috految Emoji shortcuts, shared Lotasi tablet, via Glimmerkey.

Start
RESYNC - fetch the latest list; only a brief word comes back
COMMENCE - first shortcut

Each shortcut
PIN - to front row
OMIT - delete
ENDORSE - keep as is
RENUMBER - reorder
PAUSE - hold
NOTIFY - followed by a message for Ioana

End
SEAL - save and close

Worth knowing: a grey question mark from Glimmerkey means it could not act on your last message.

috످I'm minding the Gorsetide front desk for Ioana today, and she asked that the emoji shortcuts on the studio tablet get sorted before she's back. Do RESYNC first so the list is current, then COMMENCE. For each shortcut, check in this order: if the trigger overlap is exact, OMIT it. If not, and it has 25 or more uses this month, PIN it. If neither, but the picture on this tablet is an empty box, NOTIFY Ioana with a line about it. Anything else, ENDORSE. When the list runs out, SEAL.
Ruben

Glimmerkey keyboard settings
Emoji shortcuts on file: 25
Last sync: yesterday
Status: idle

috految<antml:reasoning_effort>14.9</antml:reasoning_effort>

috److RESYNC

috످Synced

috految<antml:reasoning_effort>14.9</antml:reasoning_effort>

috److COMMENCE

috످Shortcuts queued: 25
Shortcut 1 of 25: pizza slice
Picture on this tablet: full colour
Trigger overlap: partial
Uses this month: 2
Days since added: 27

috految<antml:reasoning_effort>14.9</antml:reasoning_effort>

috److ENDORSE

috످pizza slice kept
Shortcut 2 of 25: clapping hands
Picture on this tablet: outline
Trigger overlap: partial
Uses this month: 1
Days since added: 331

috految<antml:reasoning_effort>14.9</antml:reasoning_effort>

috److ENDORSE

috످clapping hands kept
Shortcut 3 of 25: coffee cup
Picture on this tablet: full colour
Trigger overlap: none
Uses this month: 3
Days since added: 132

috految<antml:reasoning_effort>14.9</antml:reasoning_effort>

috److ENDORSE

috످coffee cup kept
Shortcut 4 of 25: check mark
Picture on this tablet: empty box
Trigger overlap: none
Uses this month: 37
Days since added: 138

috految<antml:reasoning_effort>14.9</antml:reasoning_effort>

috److PIN

috످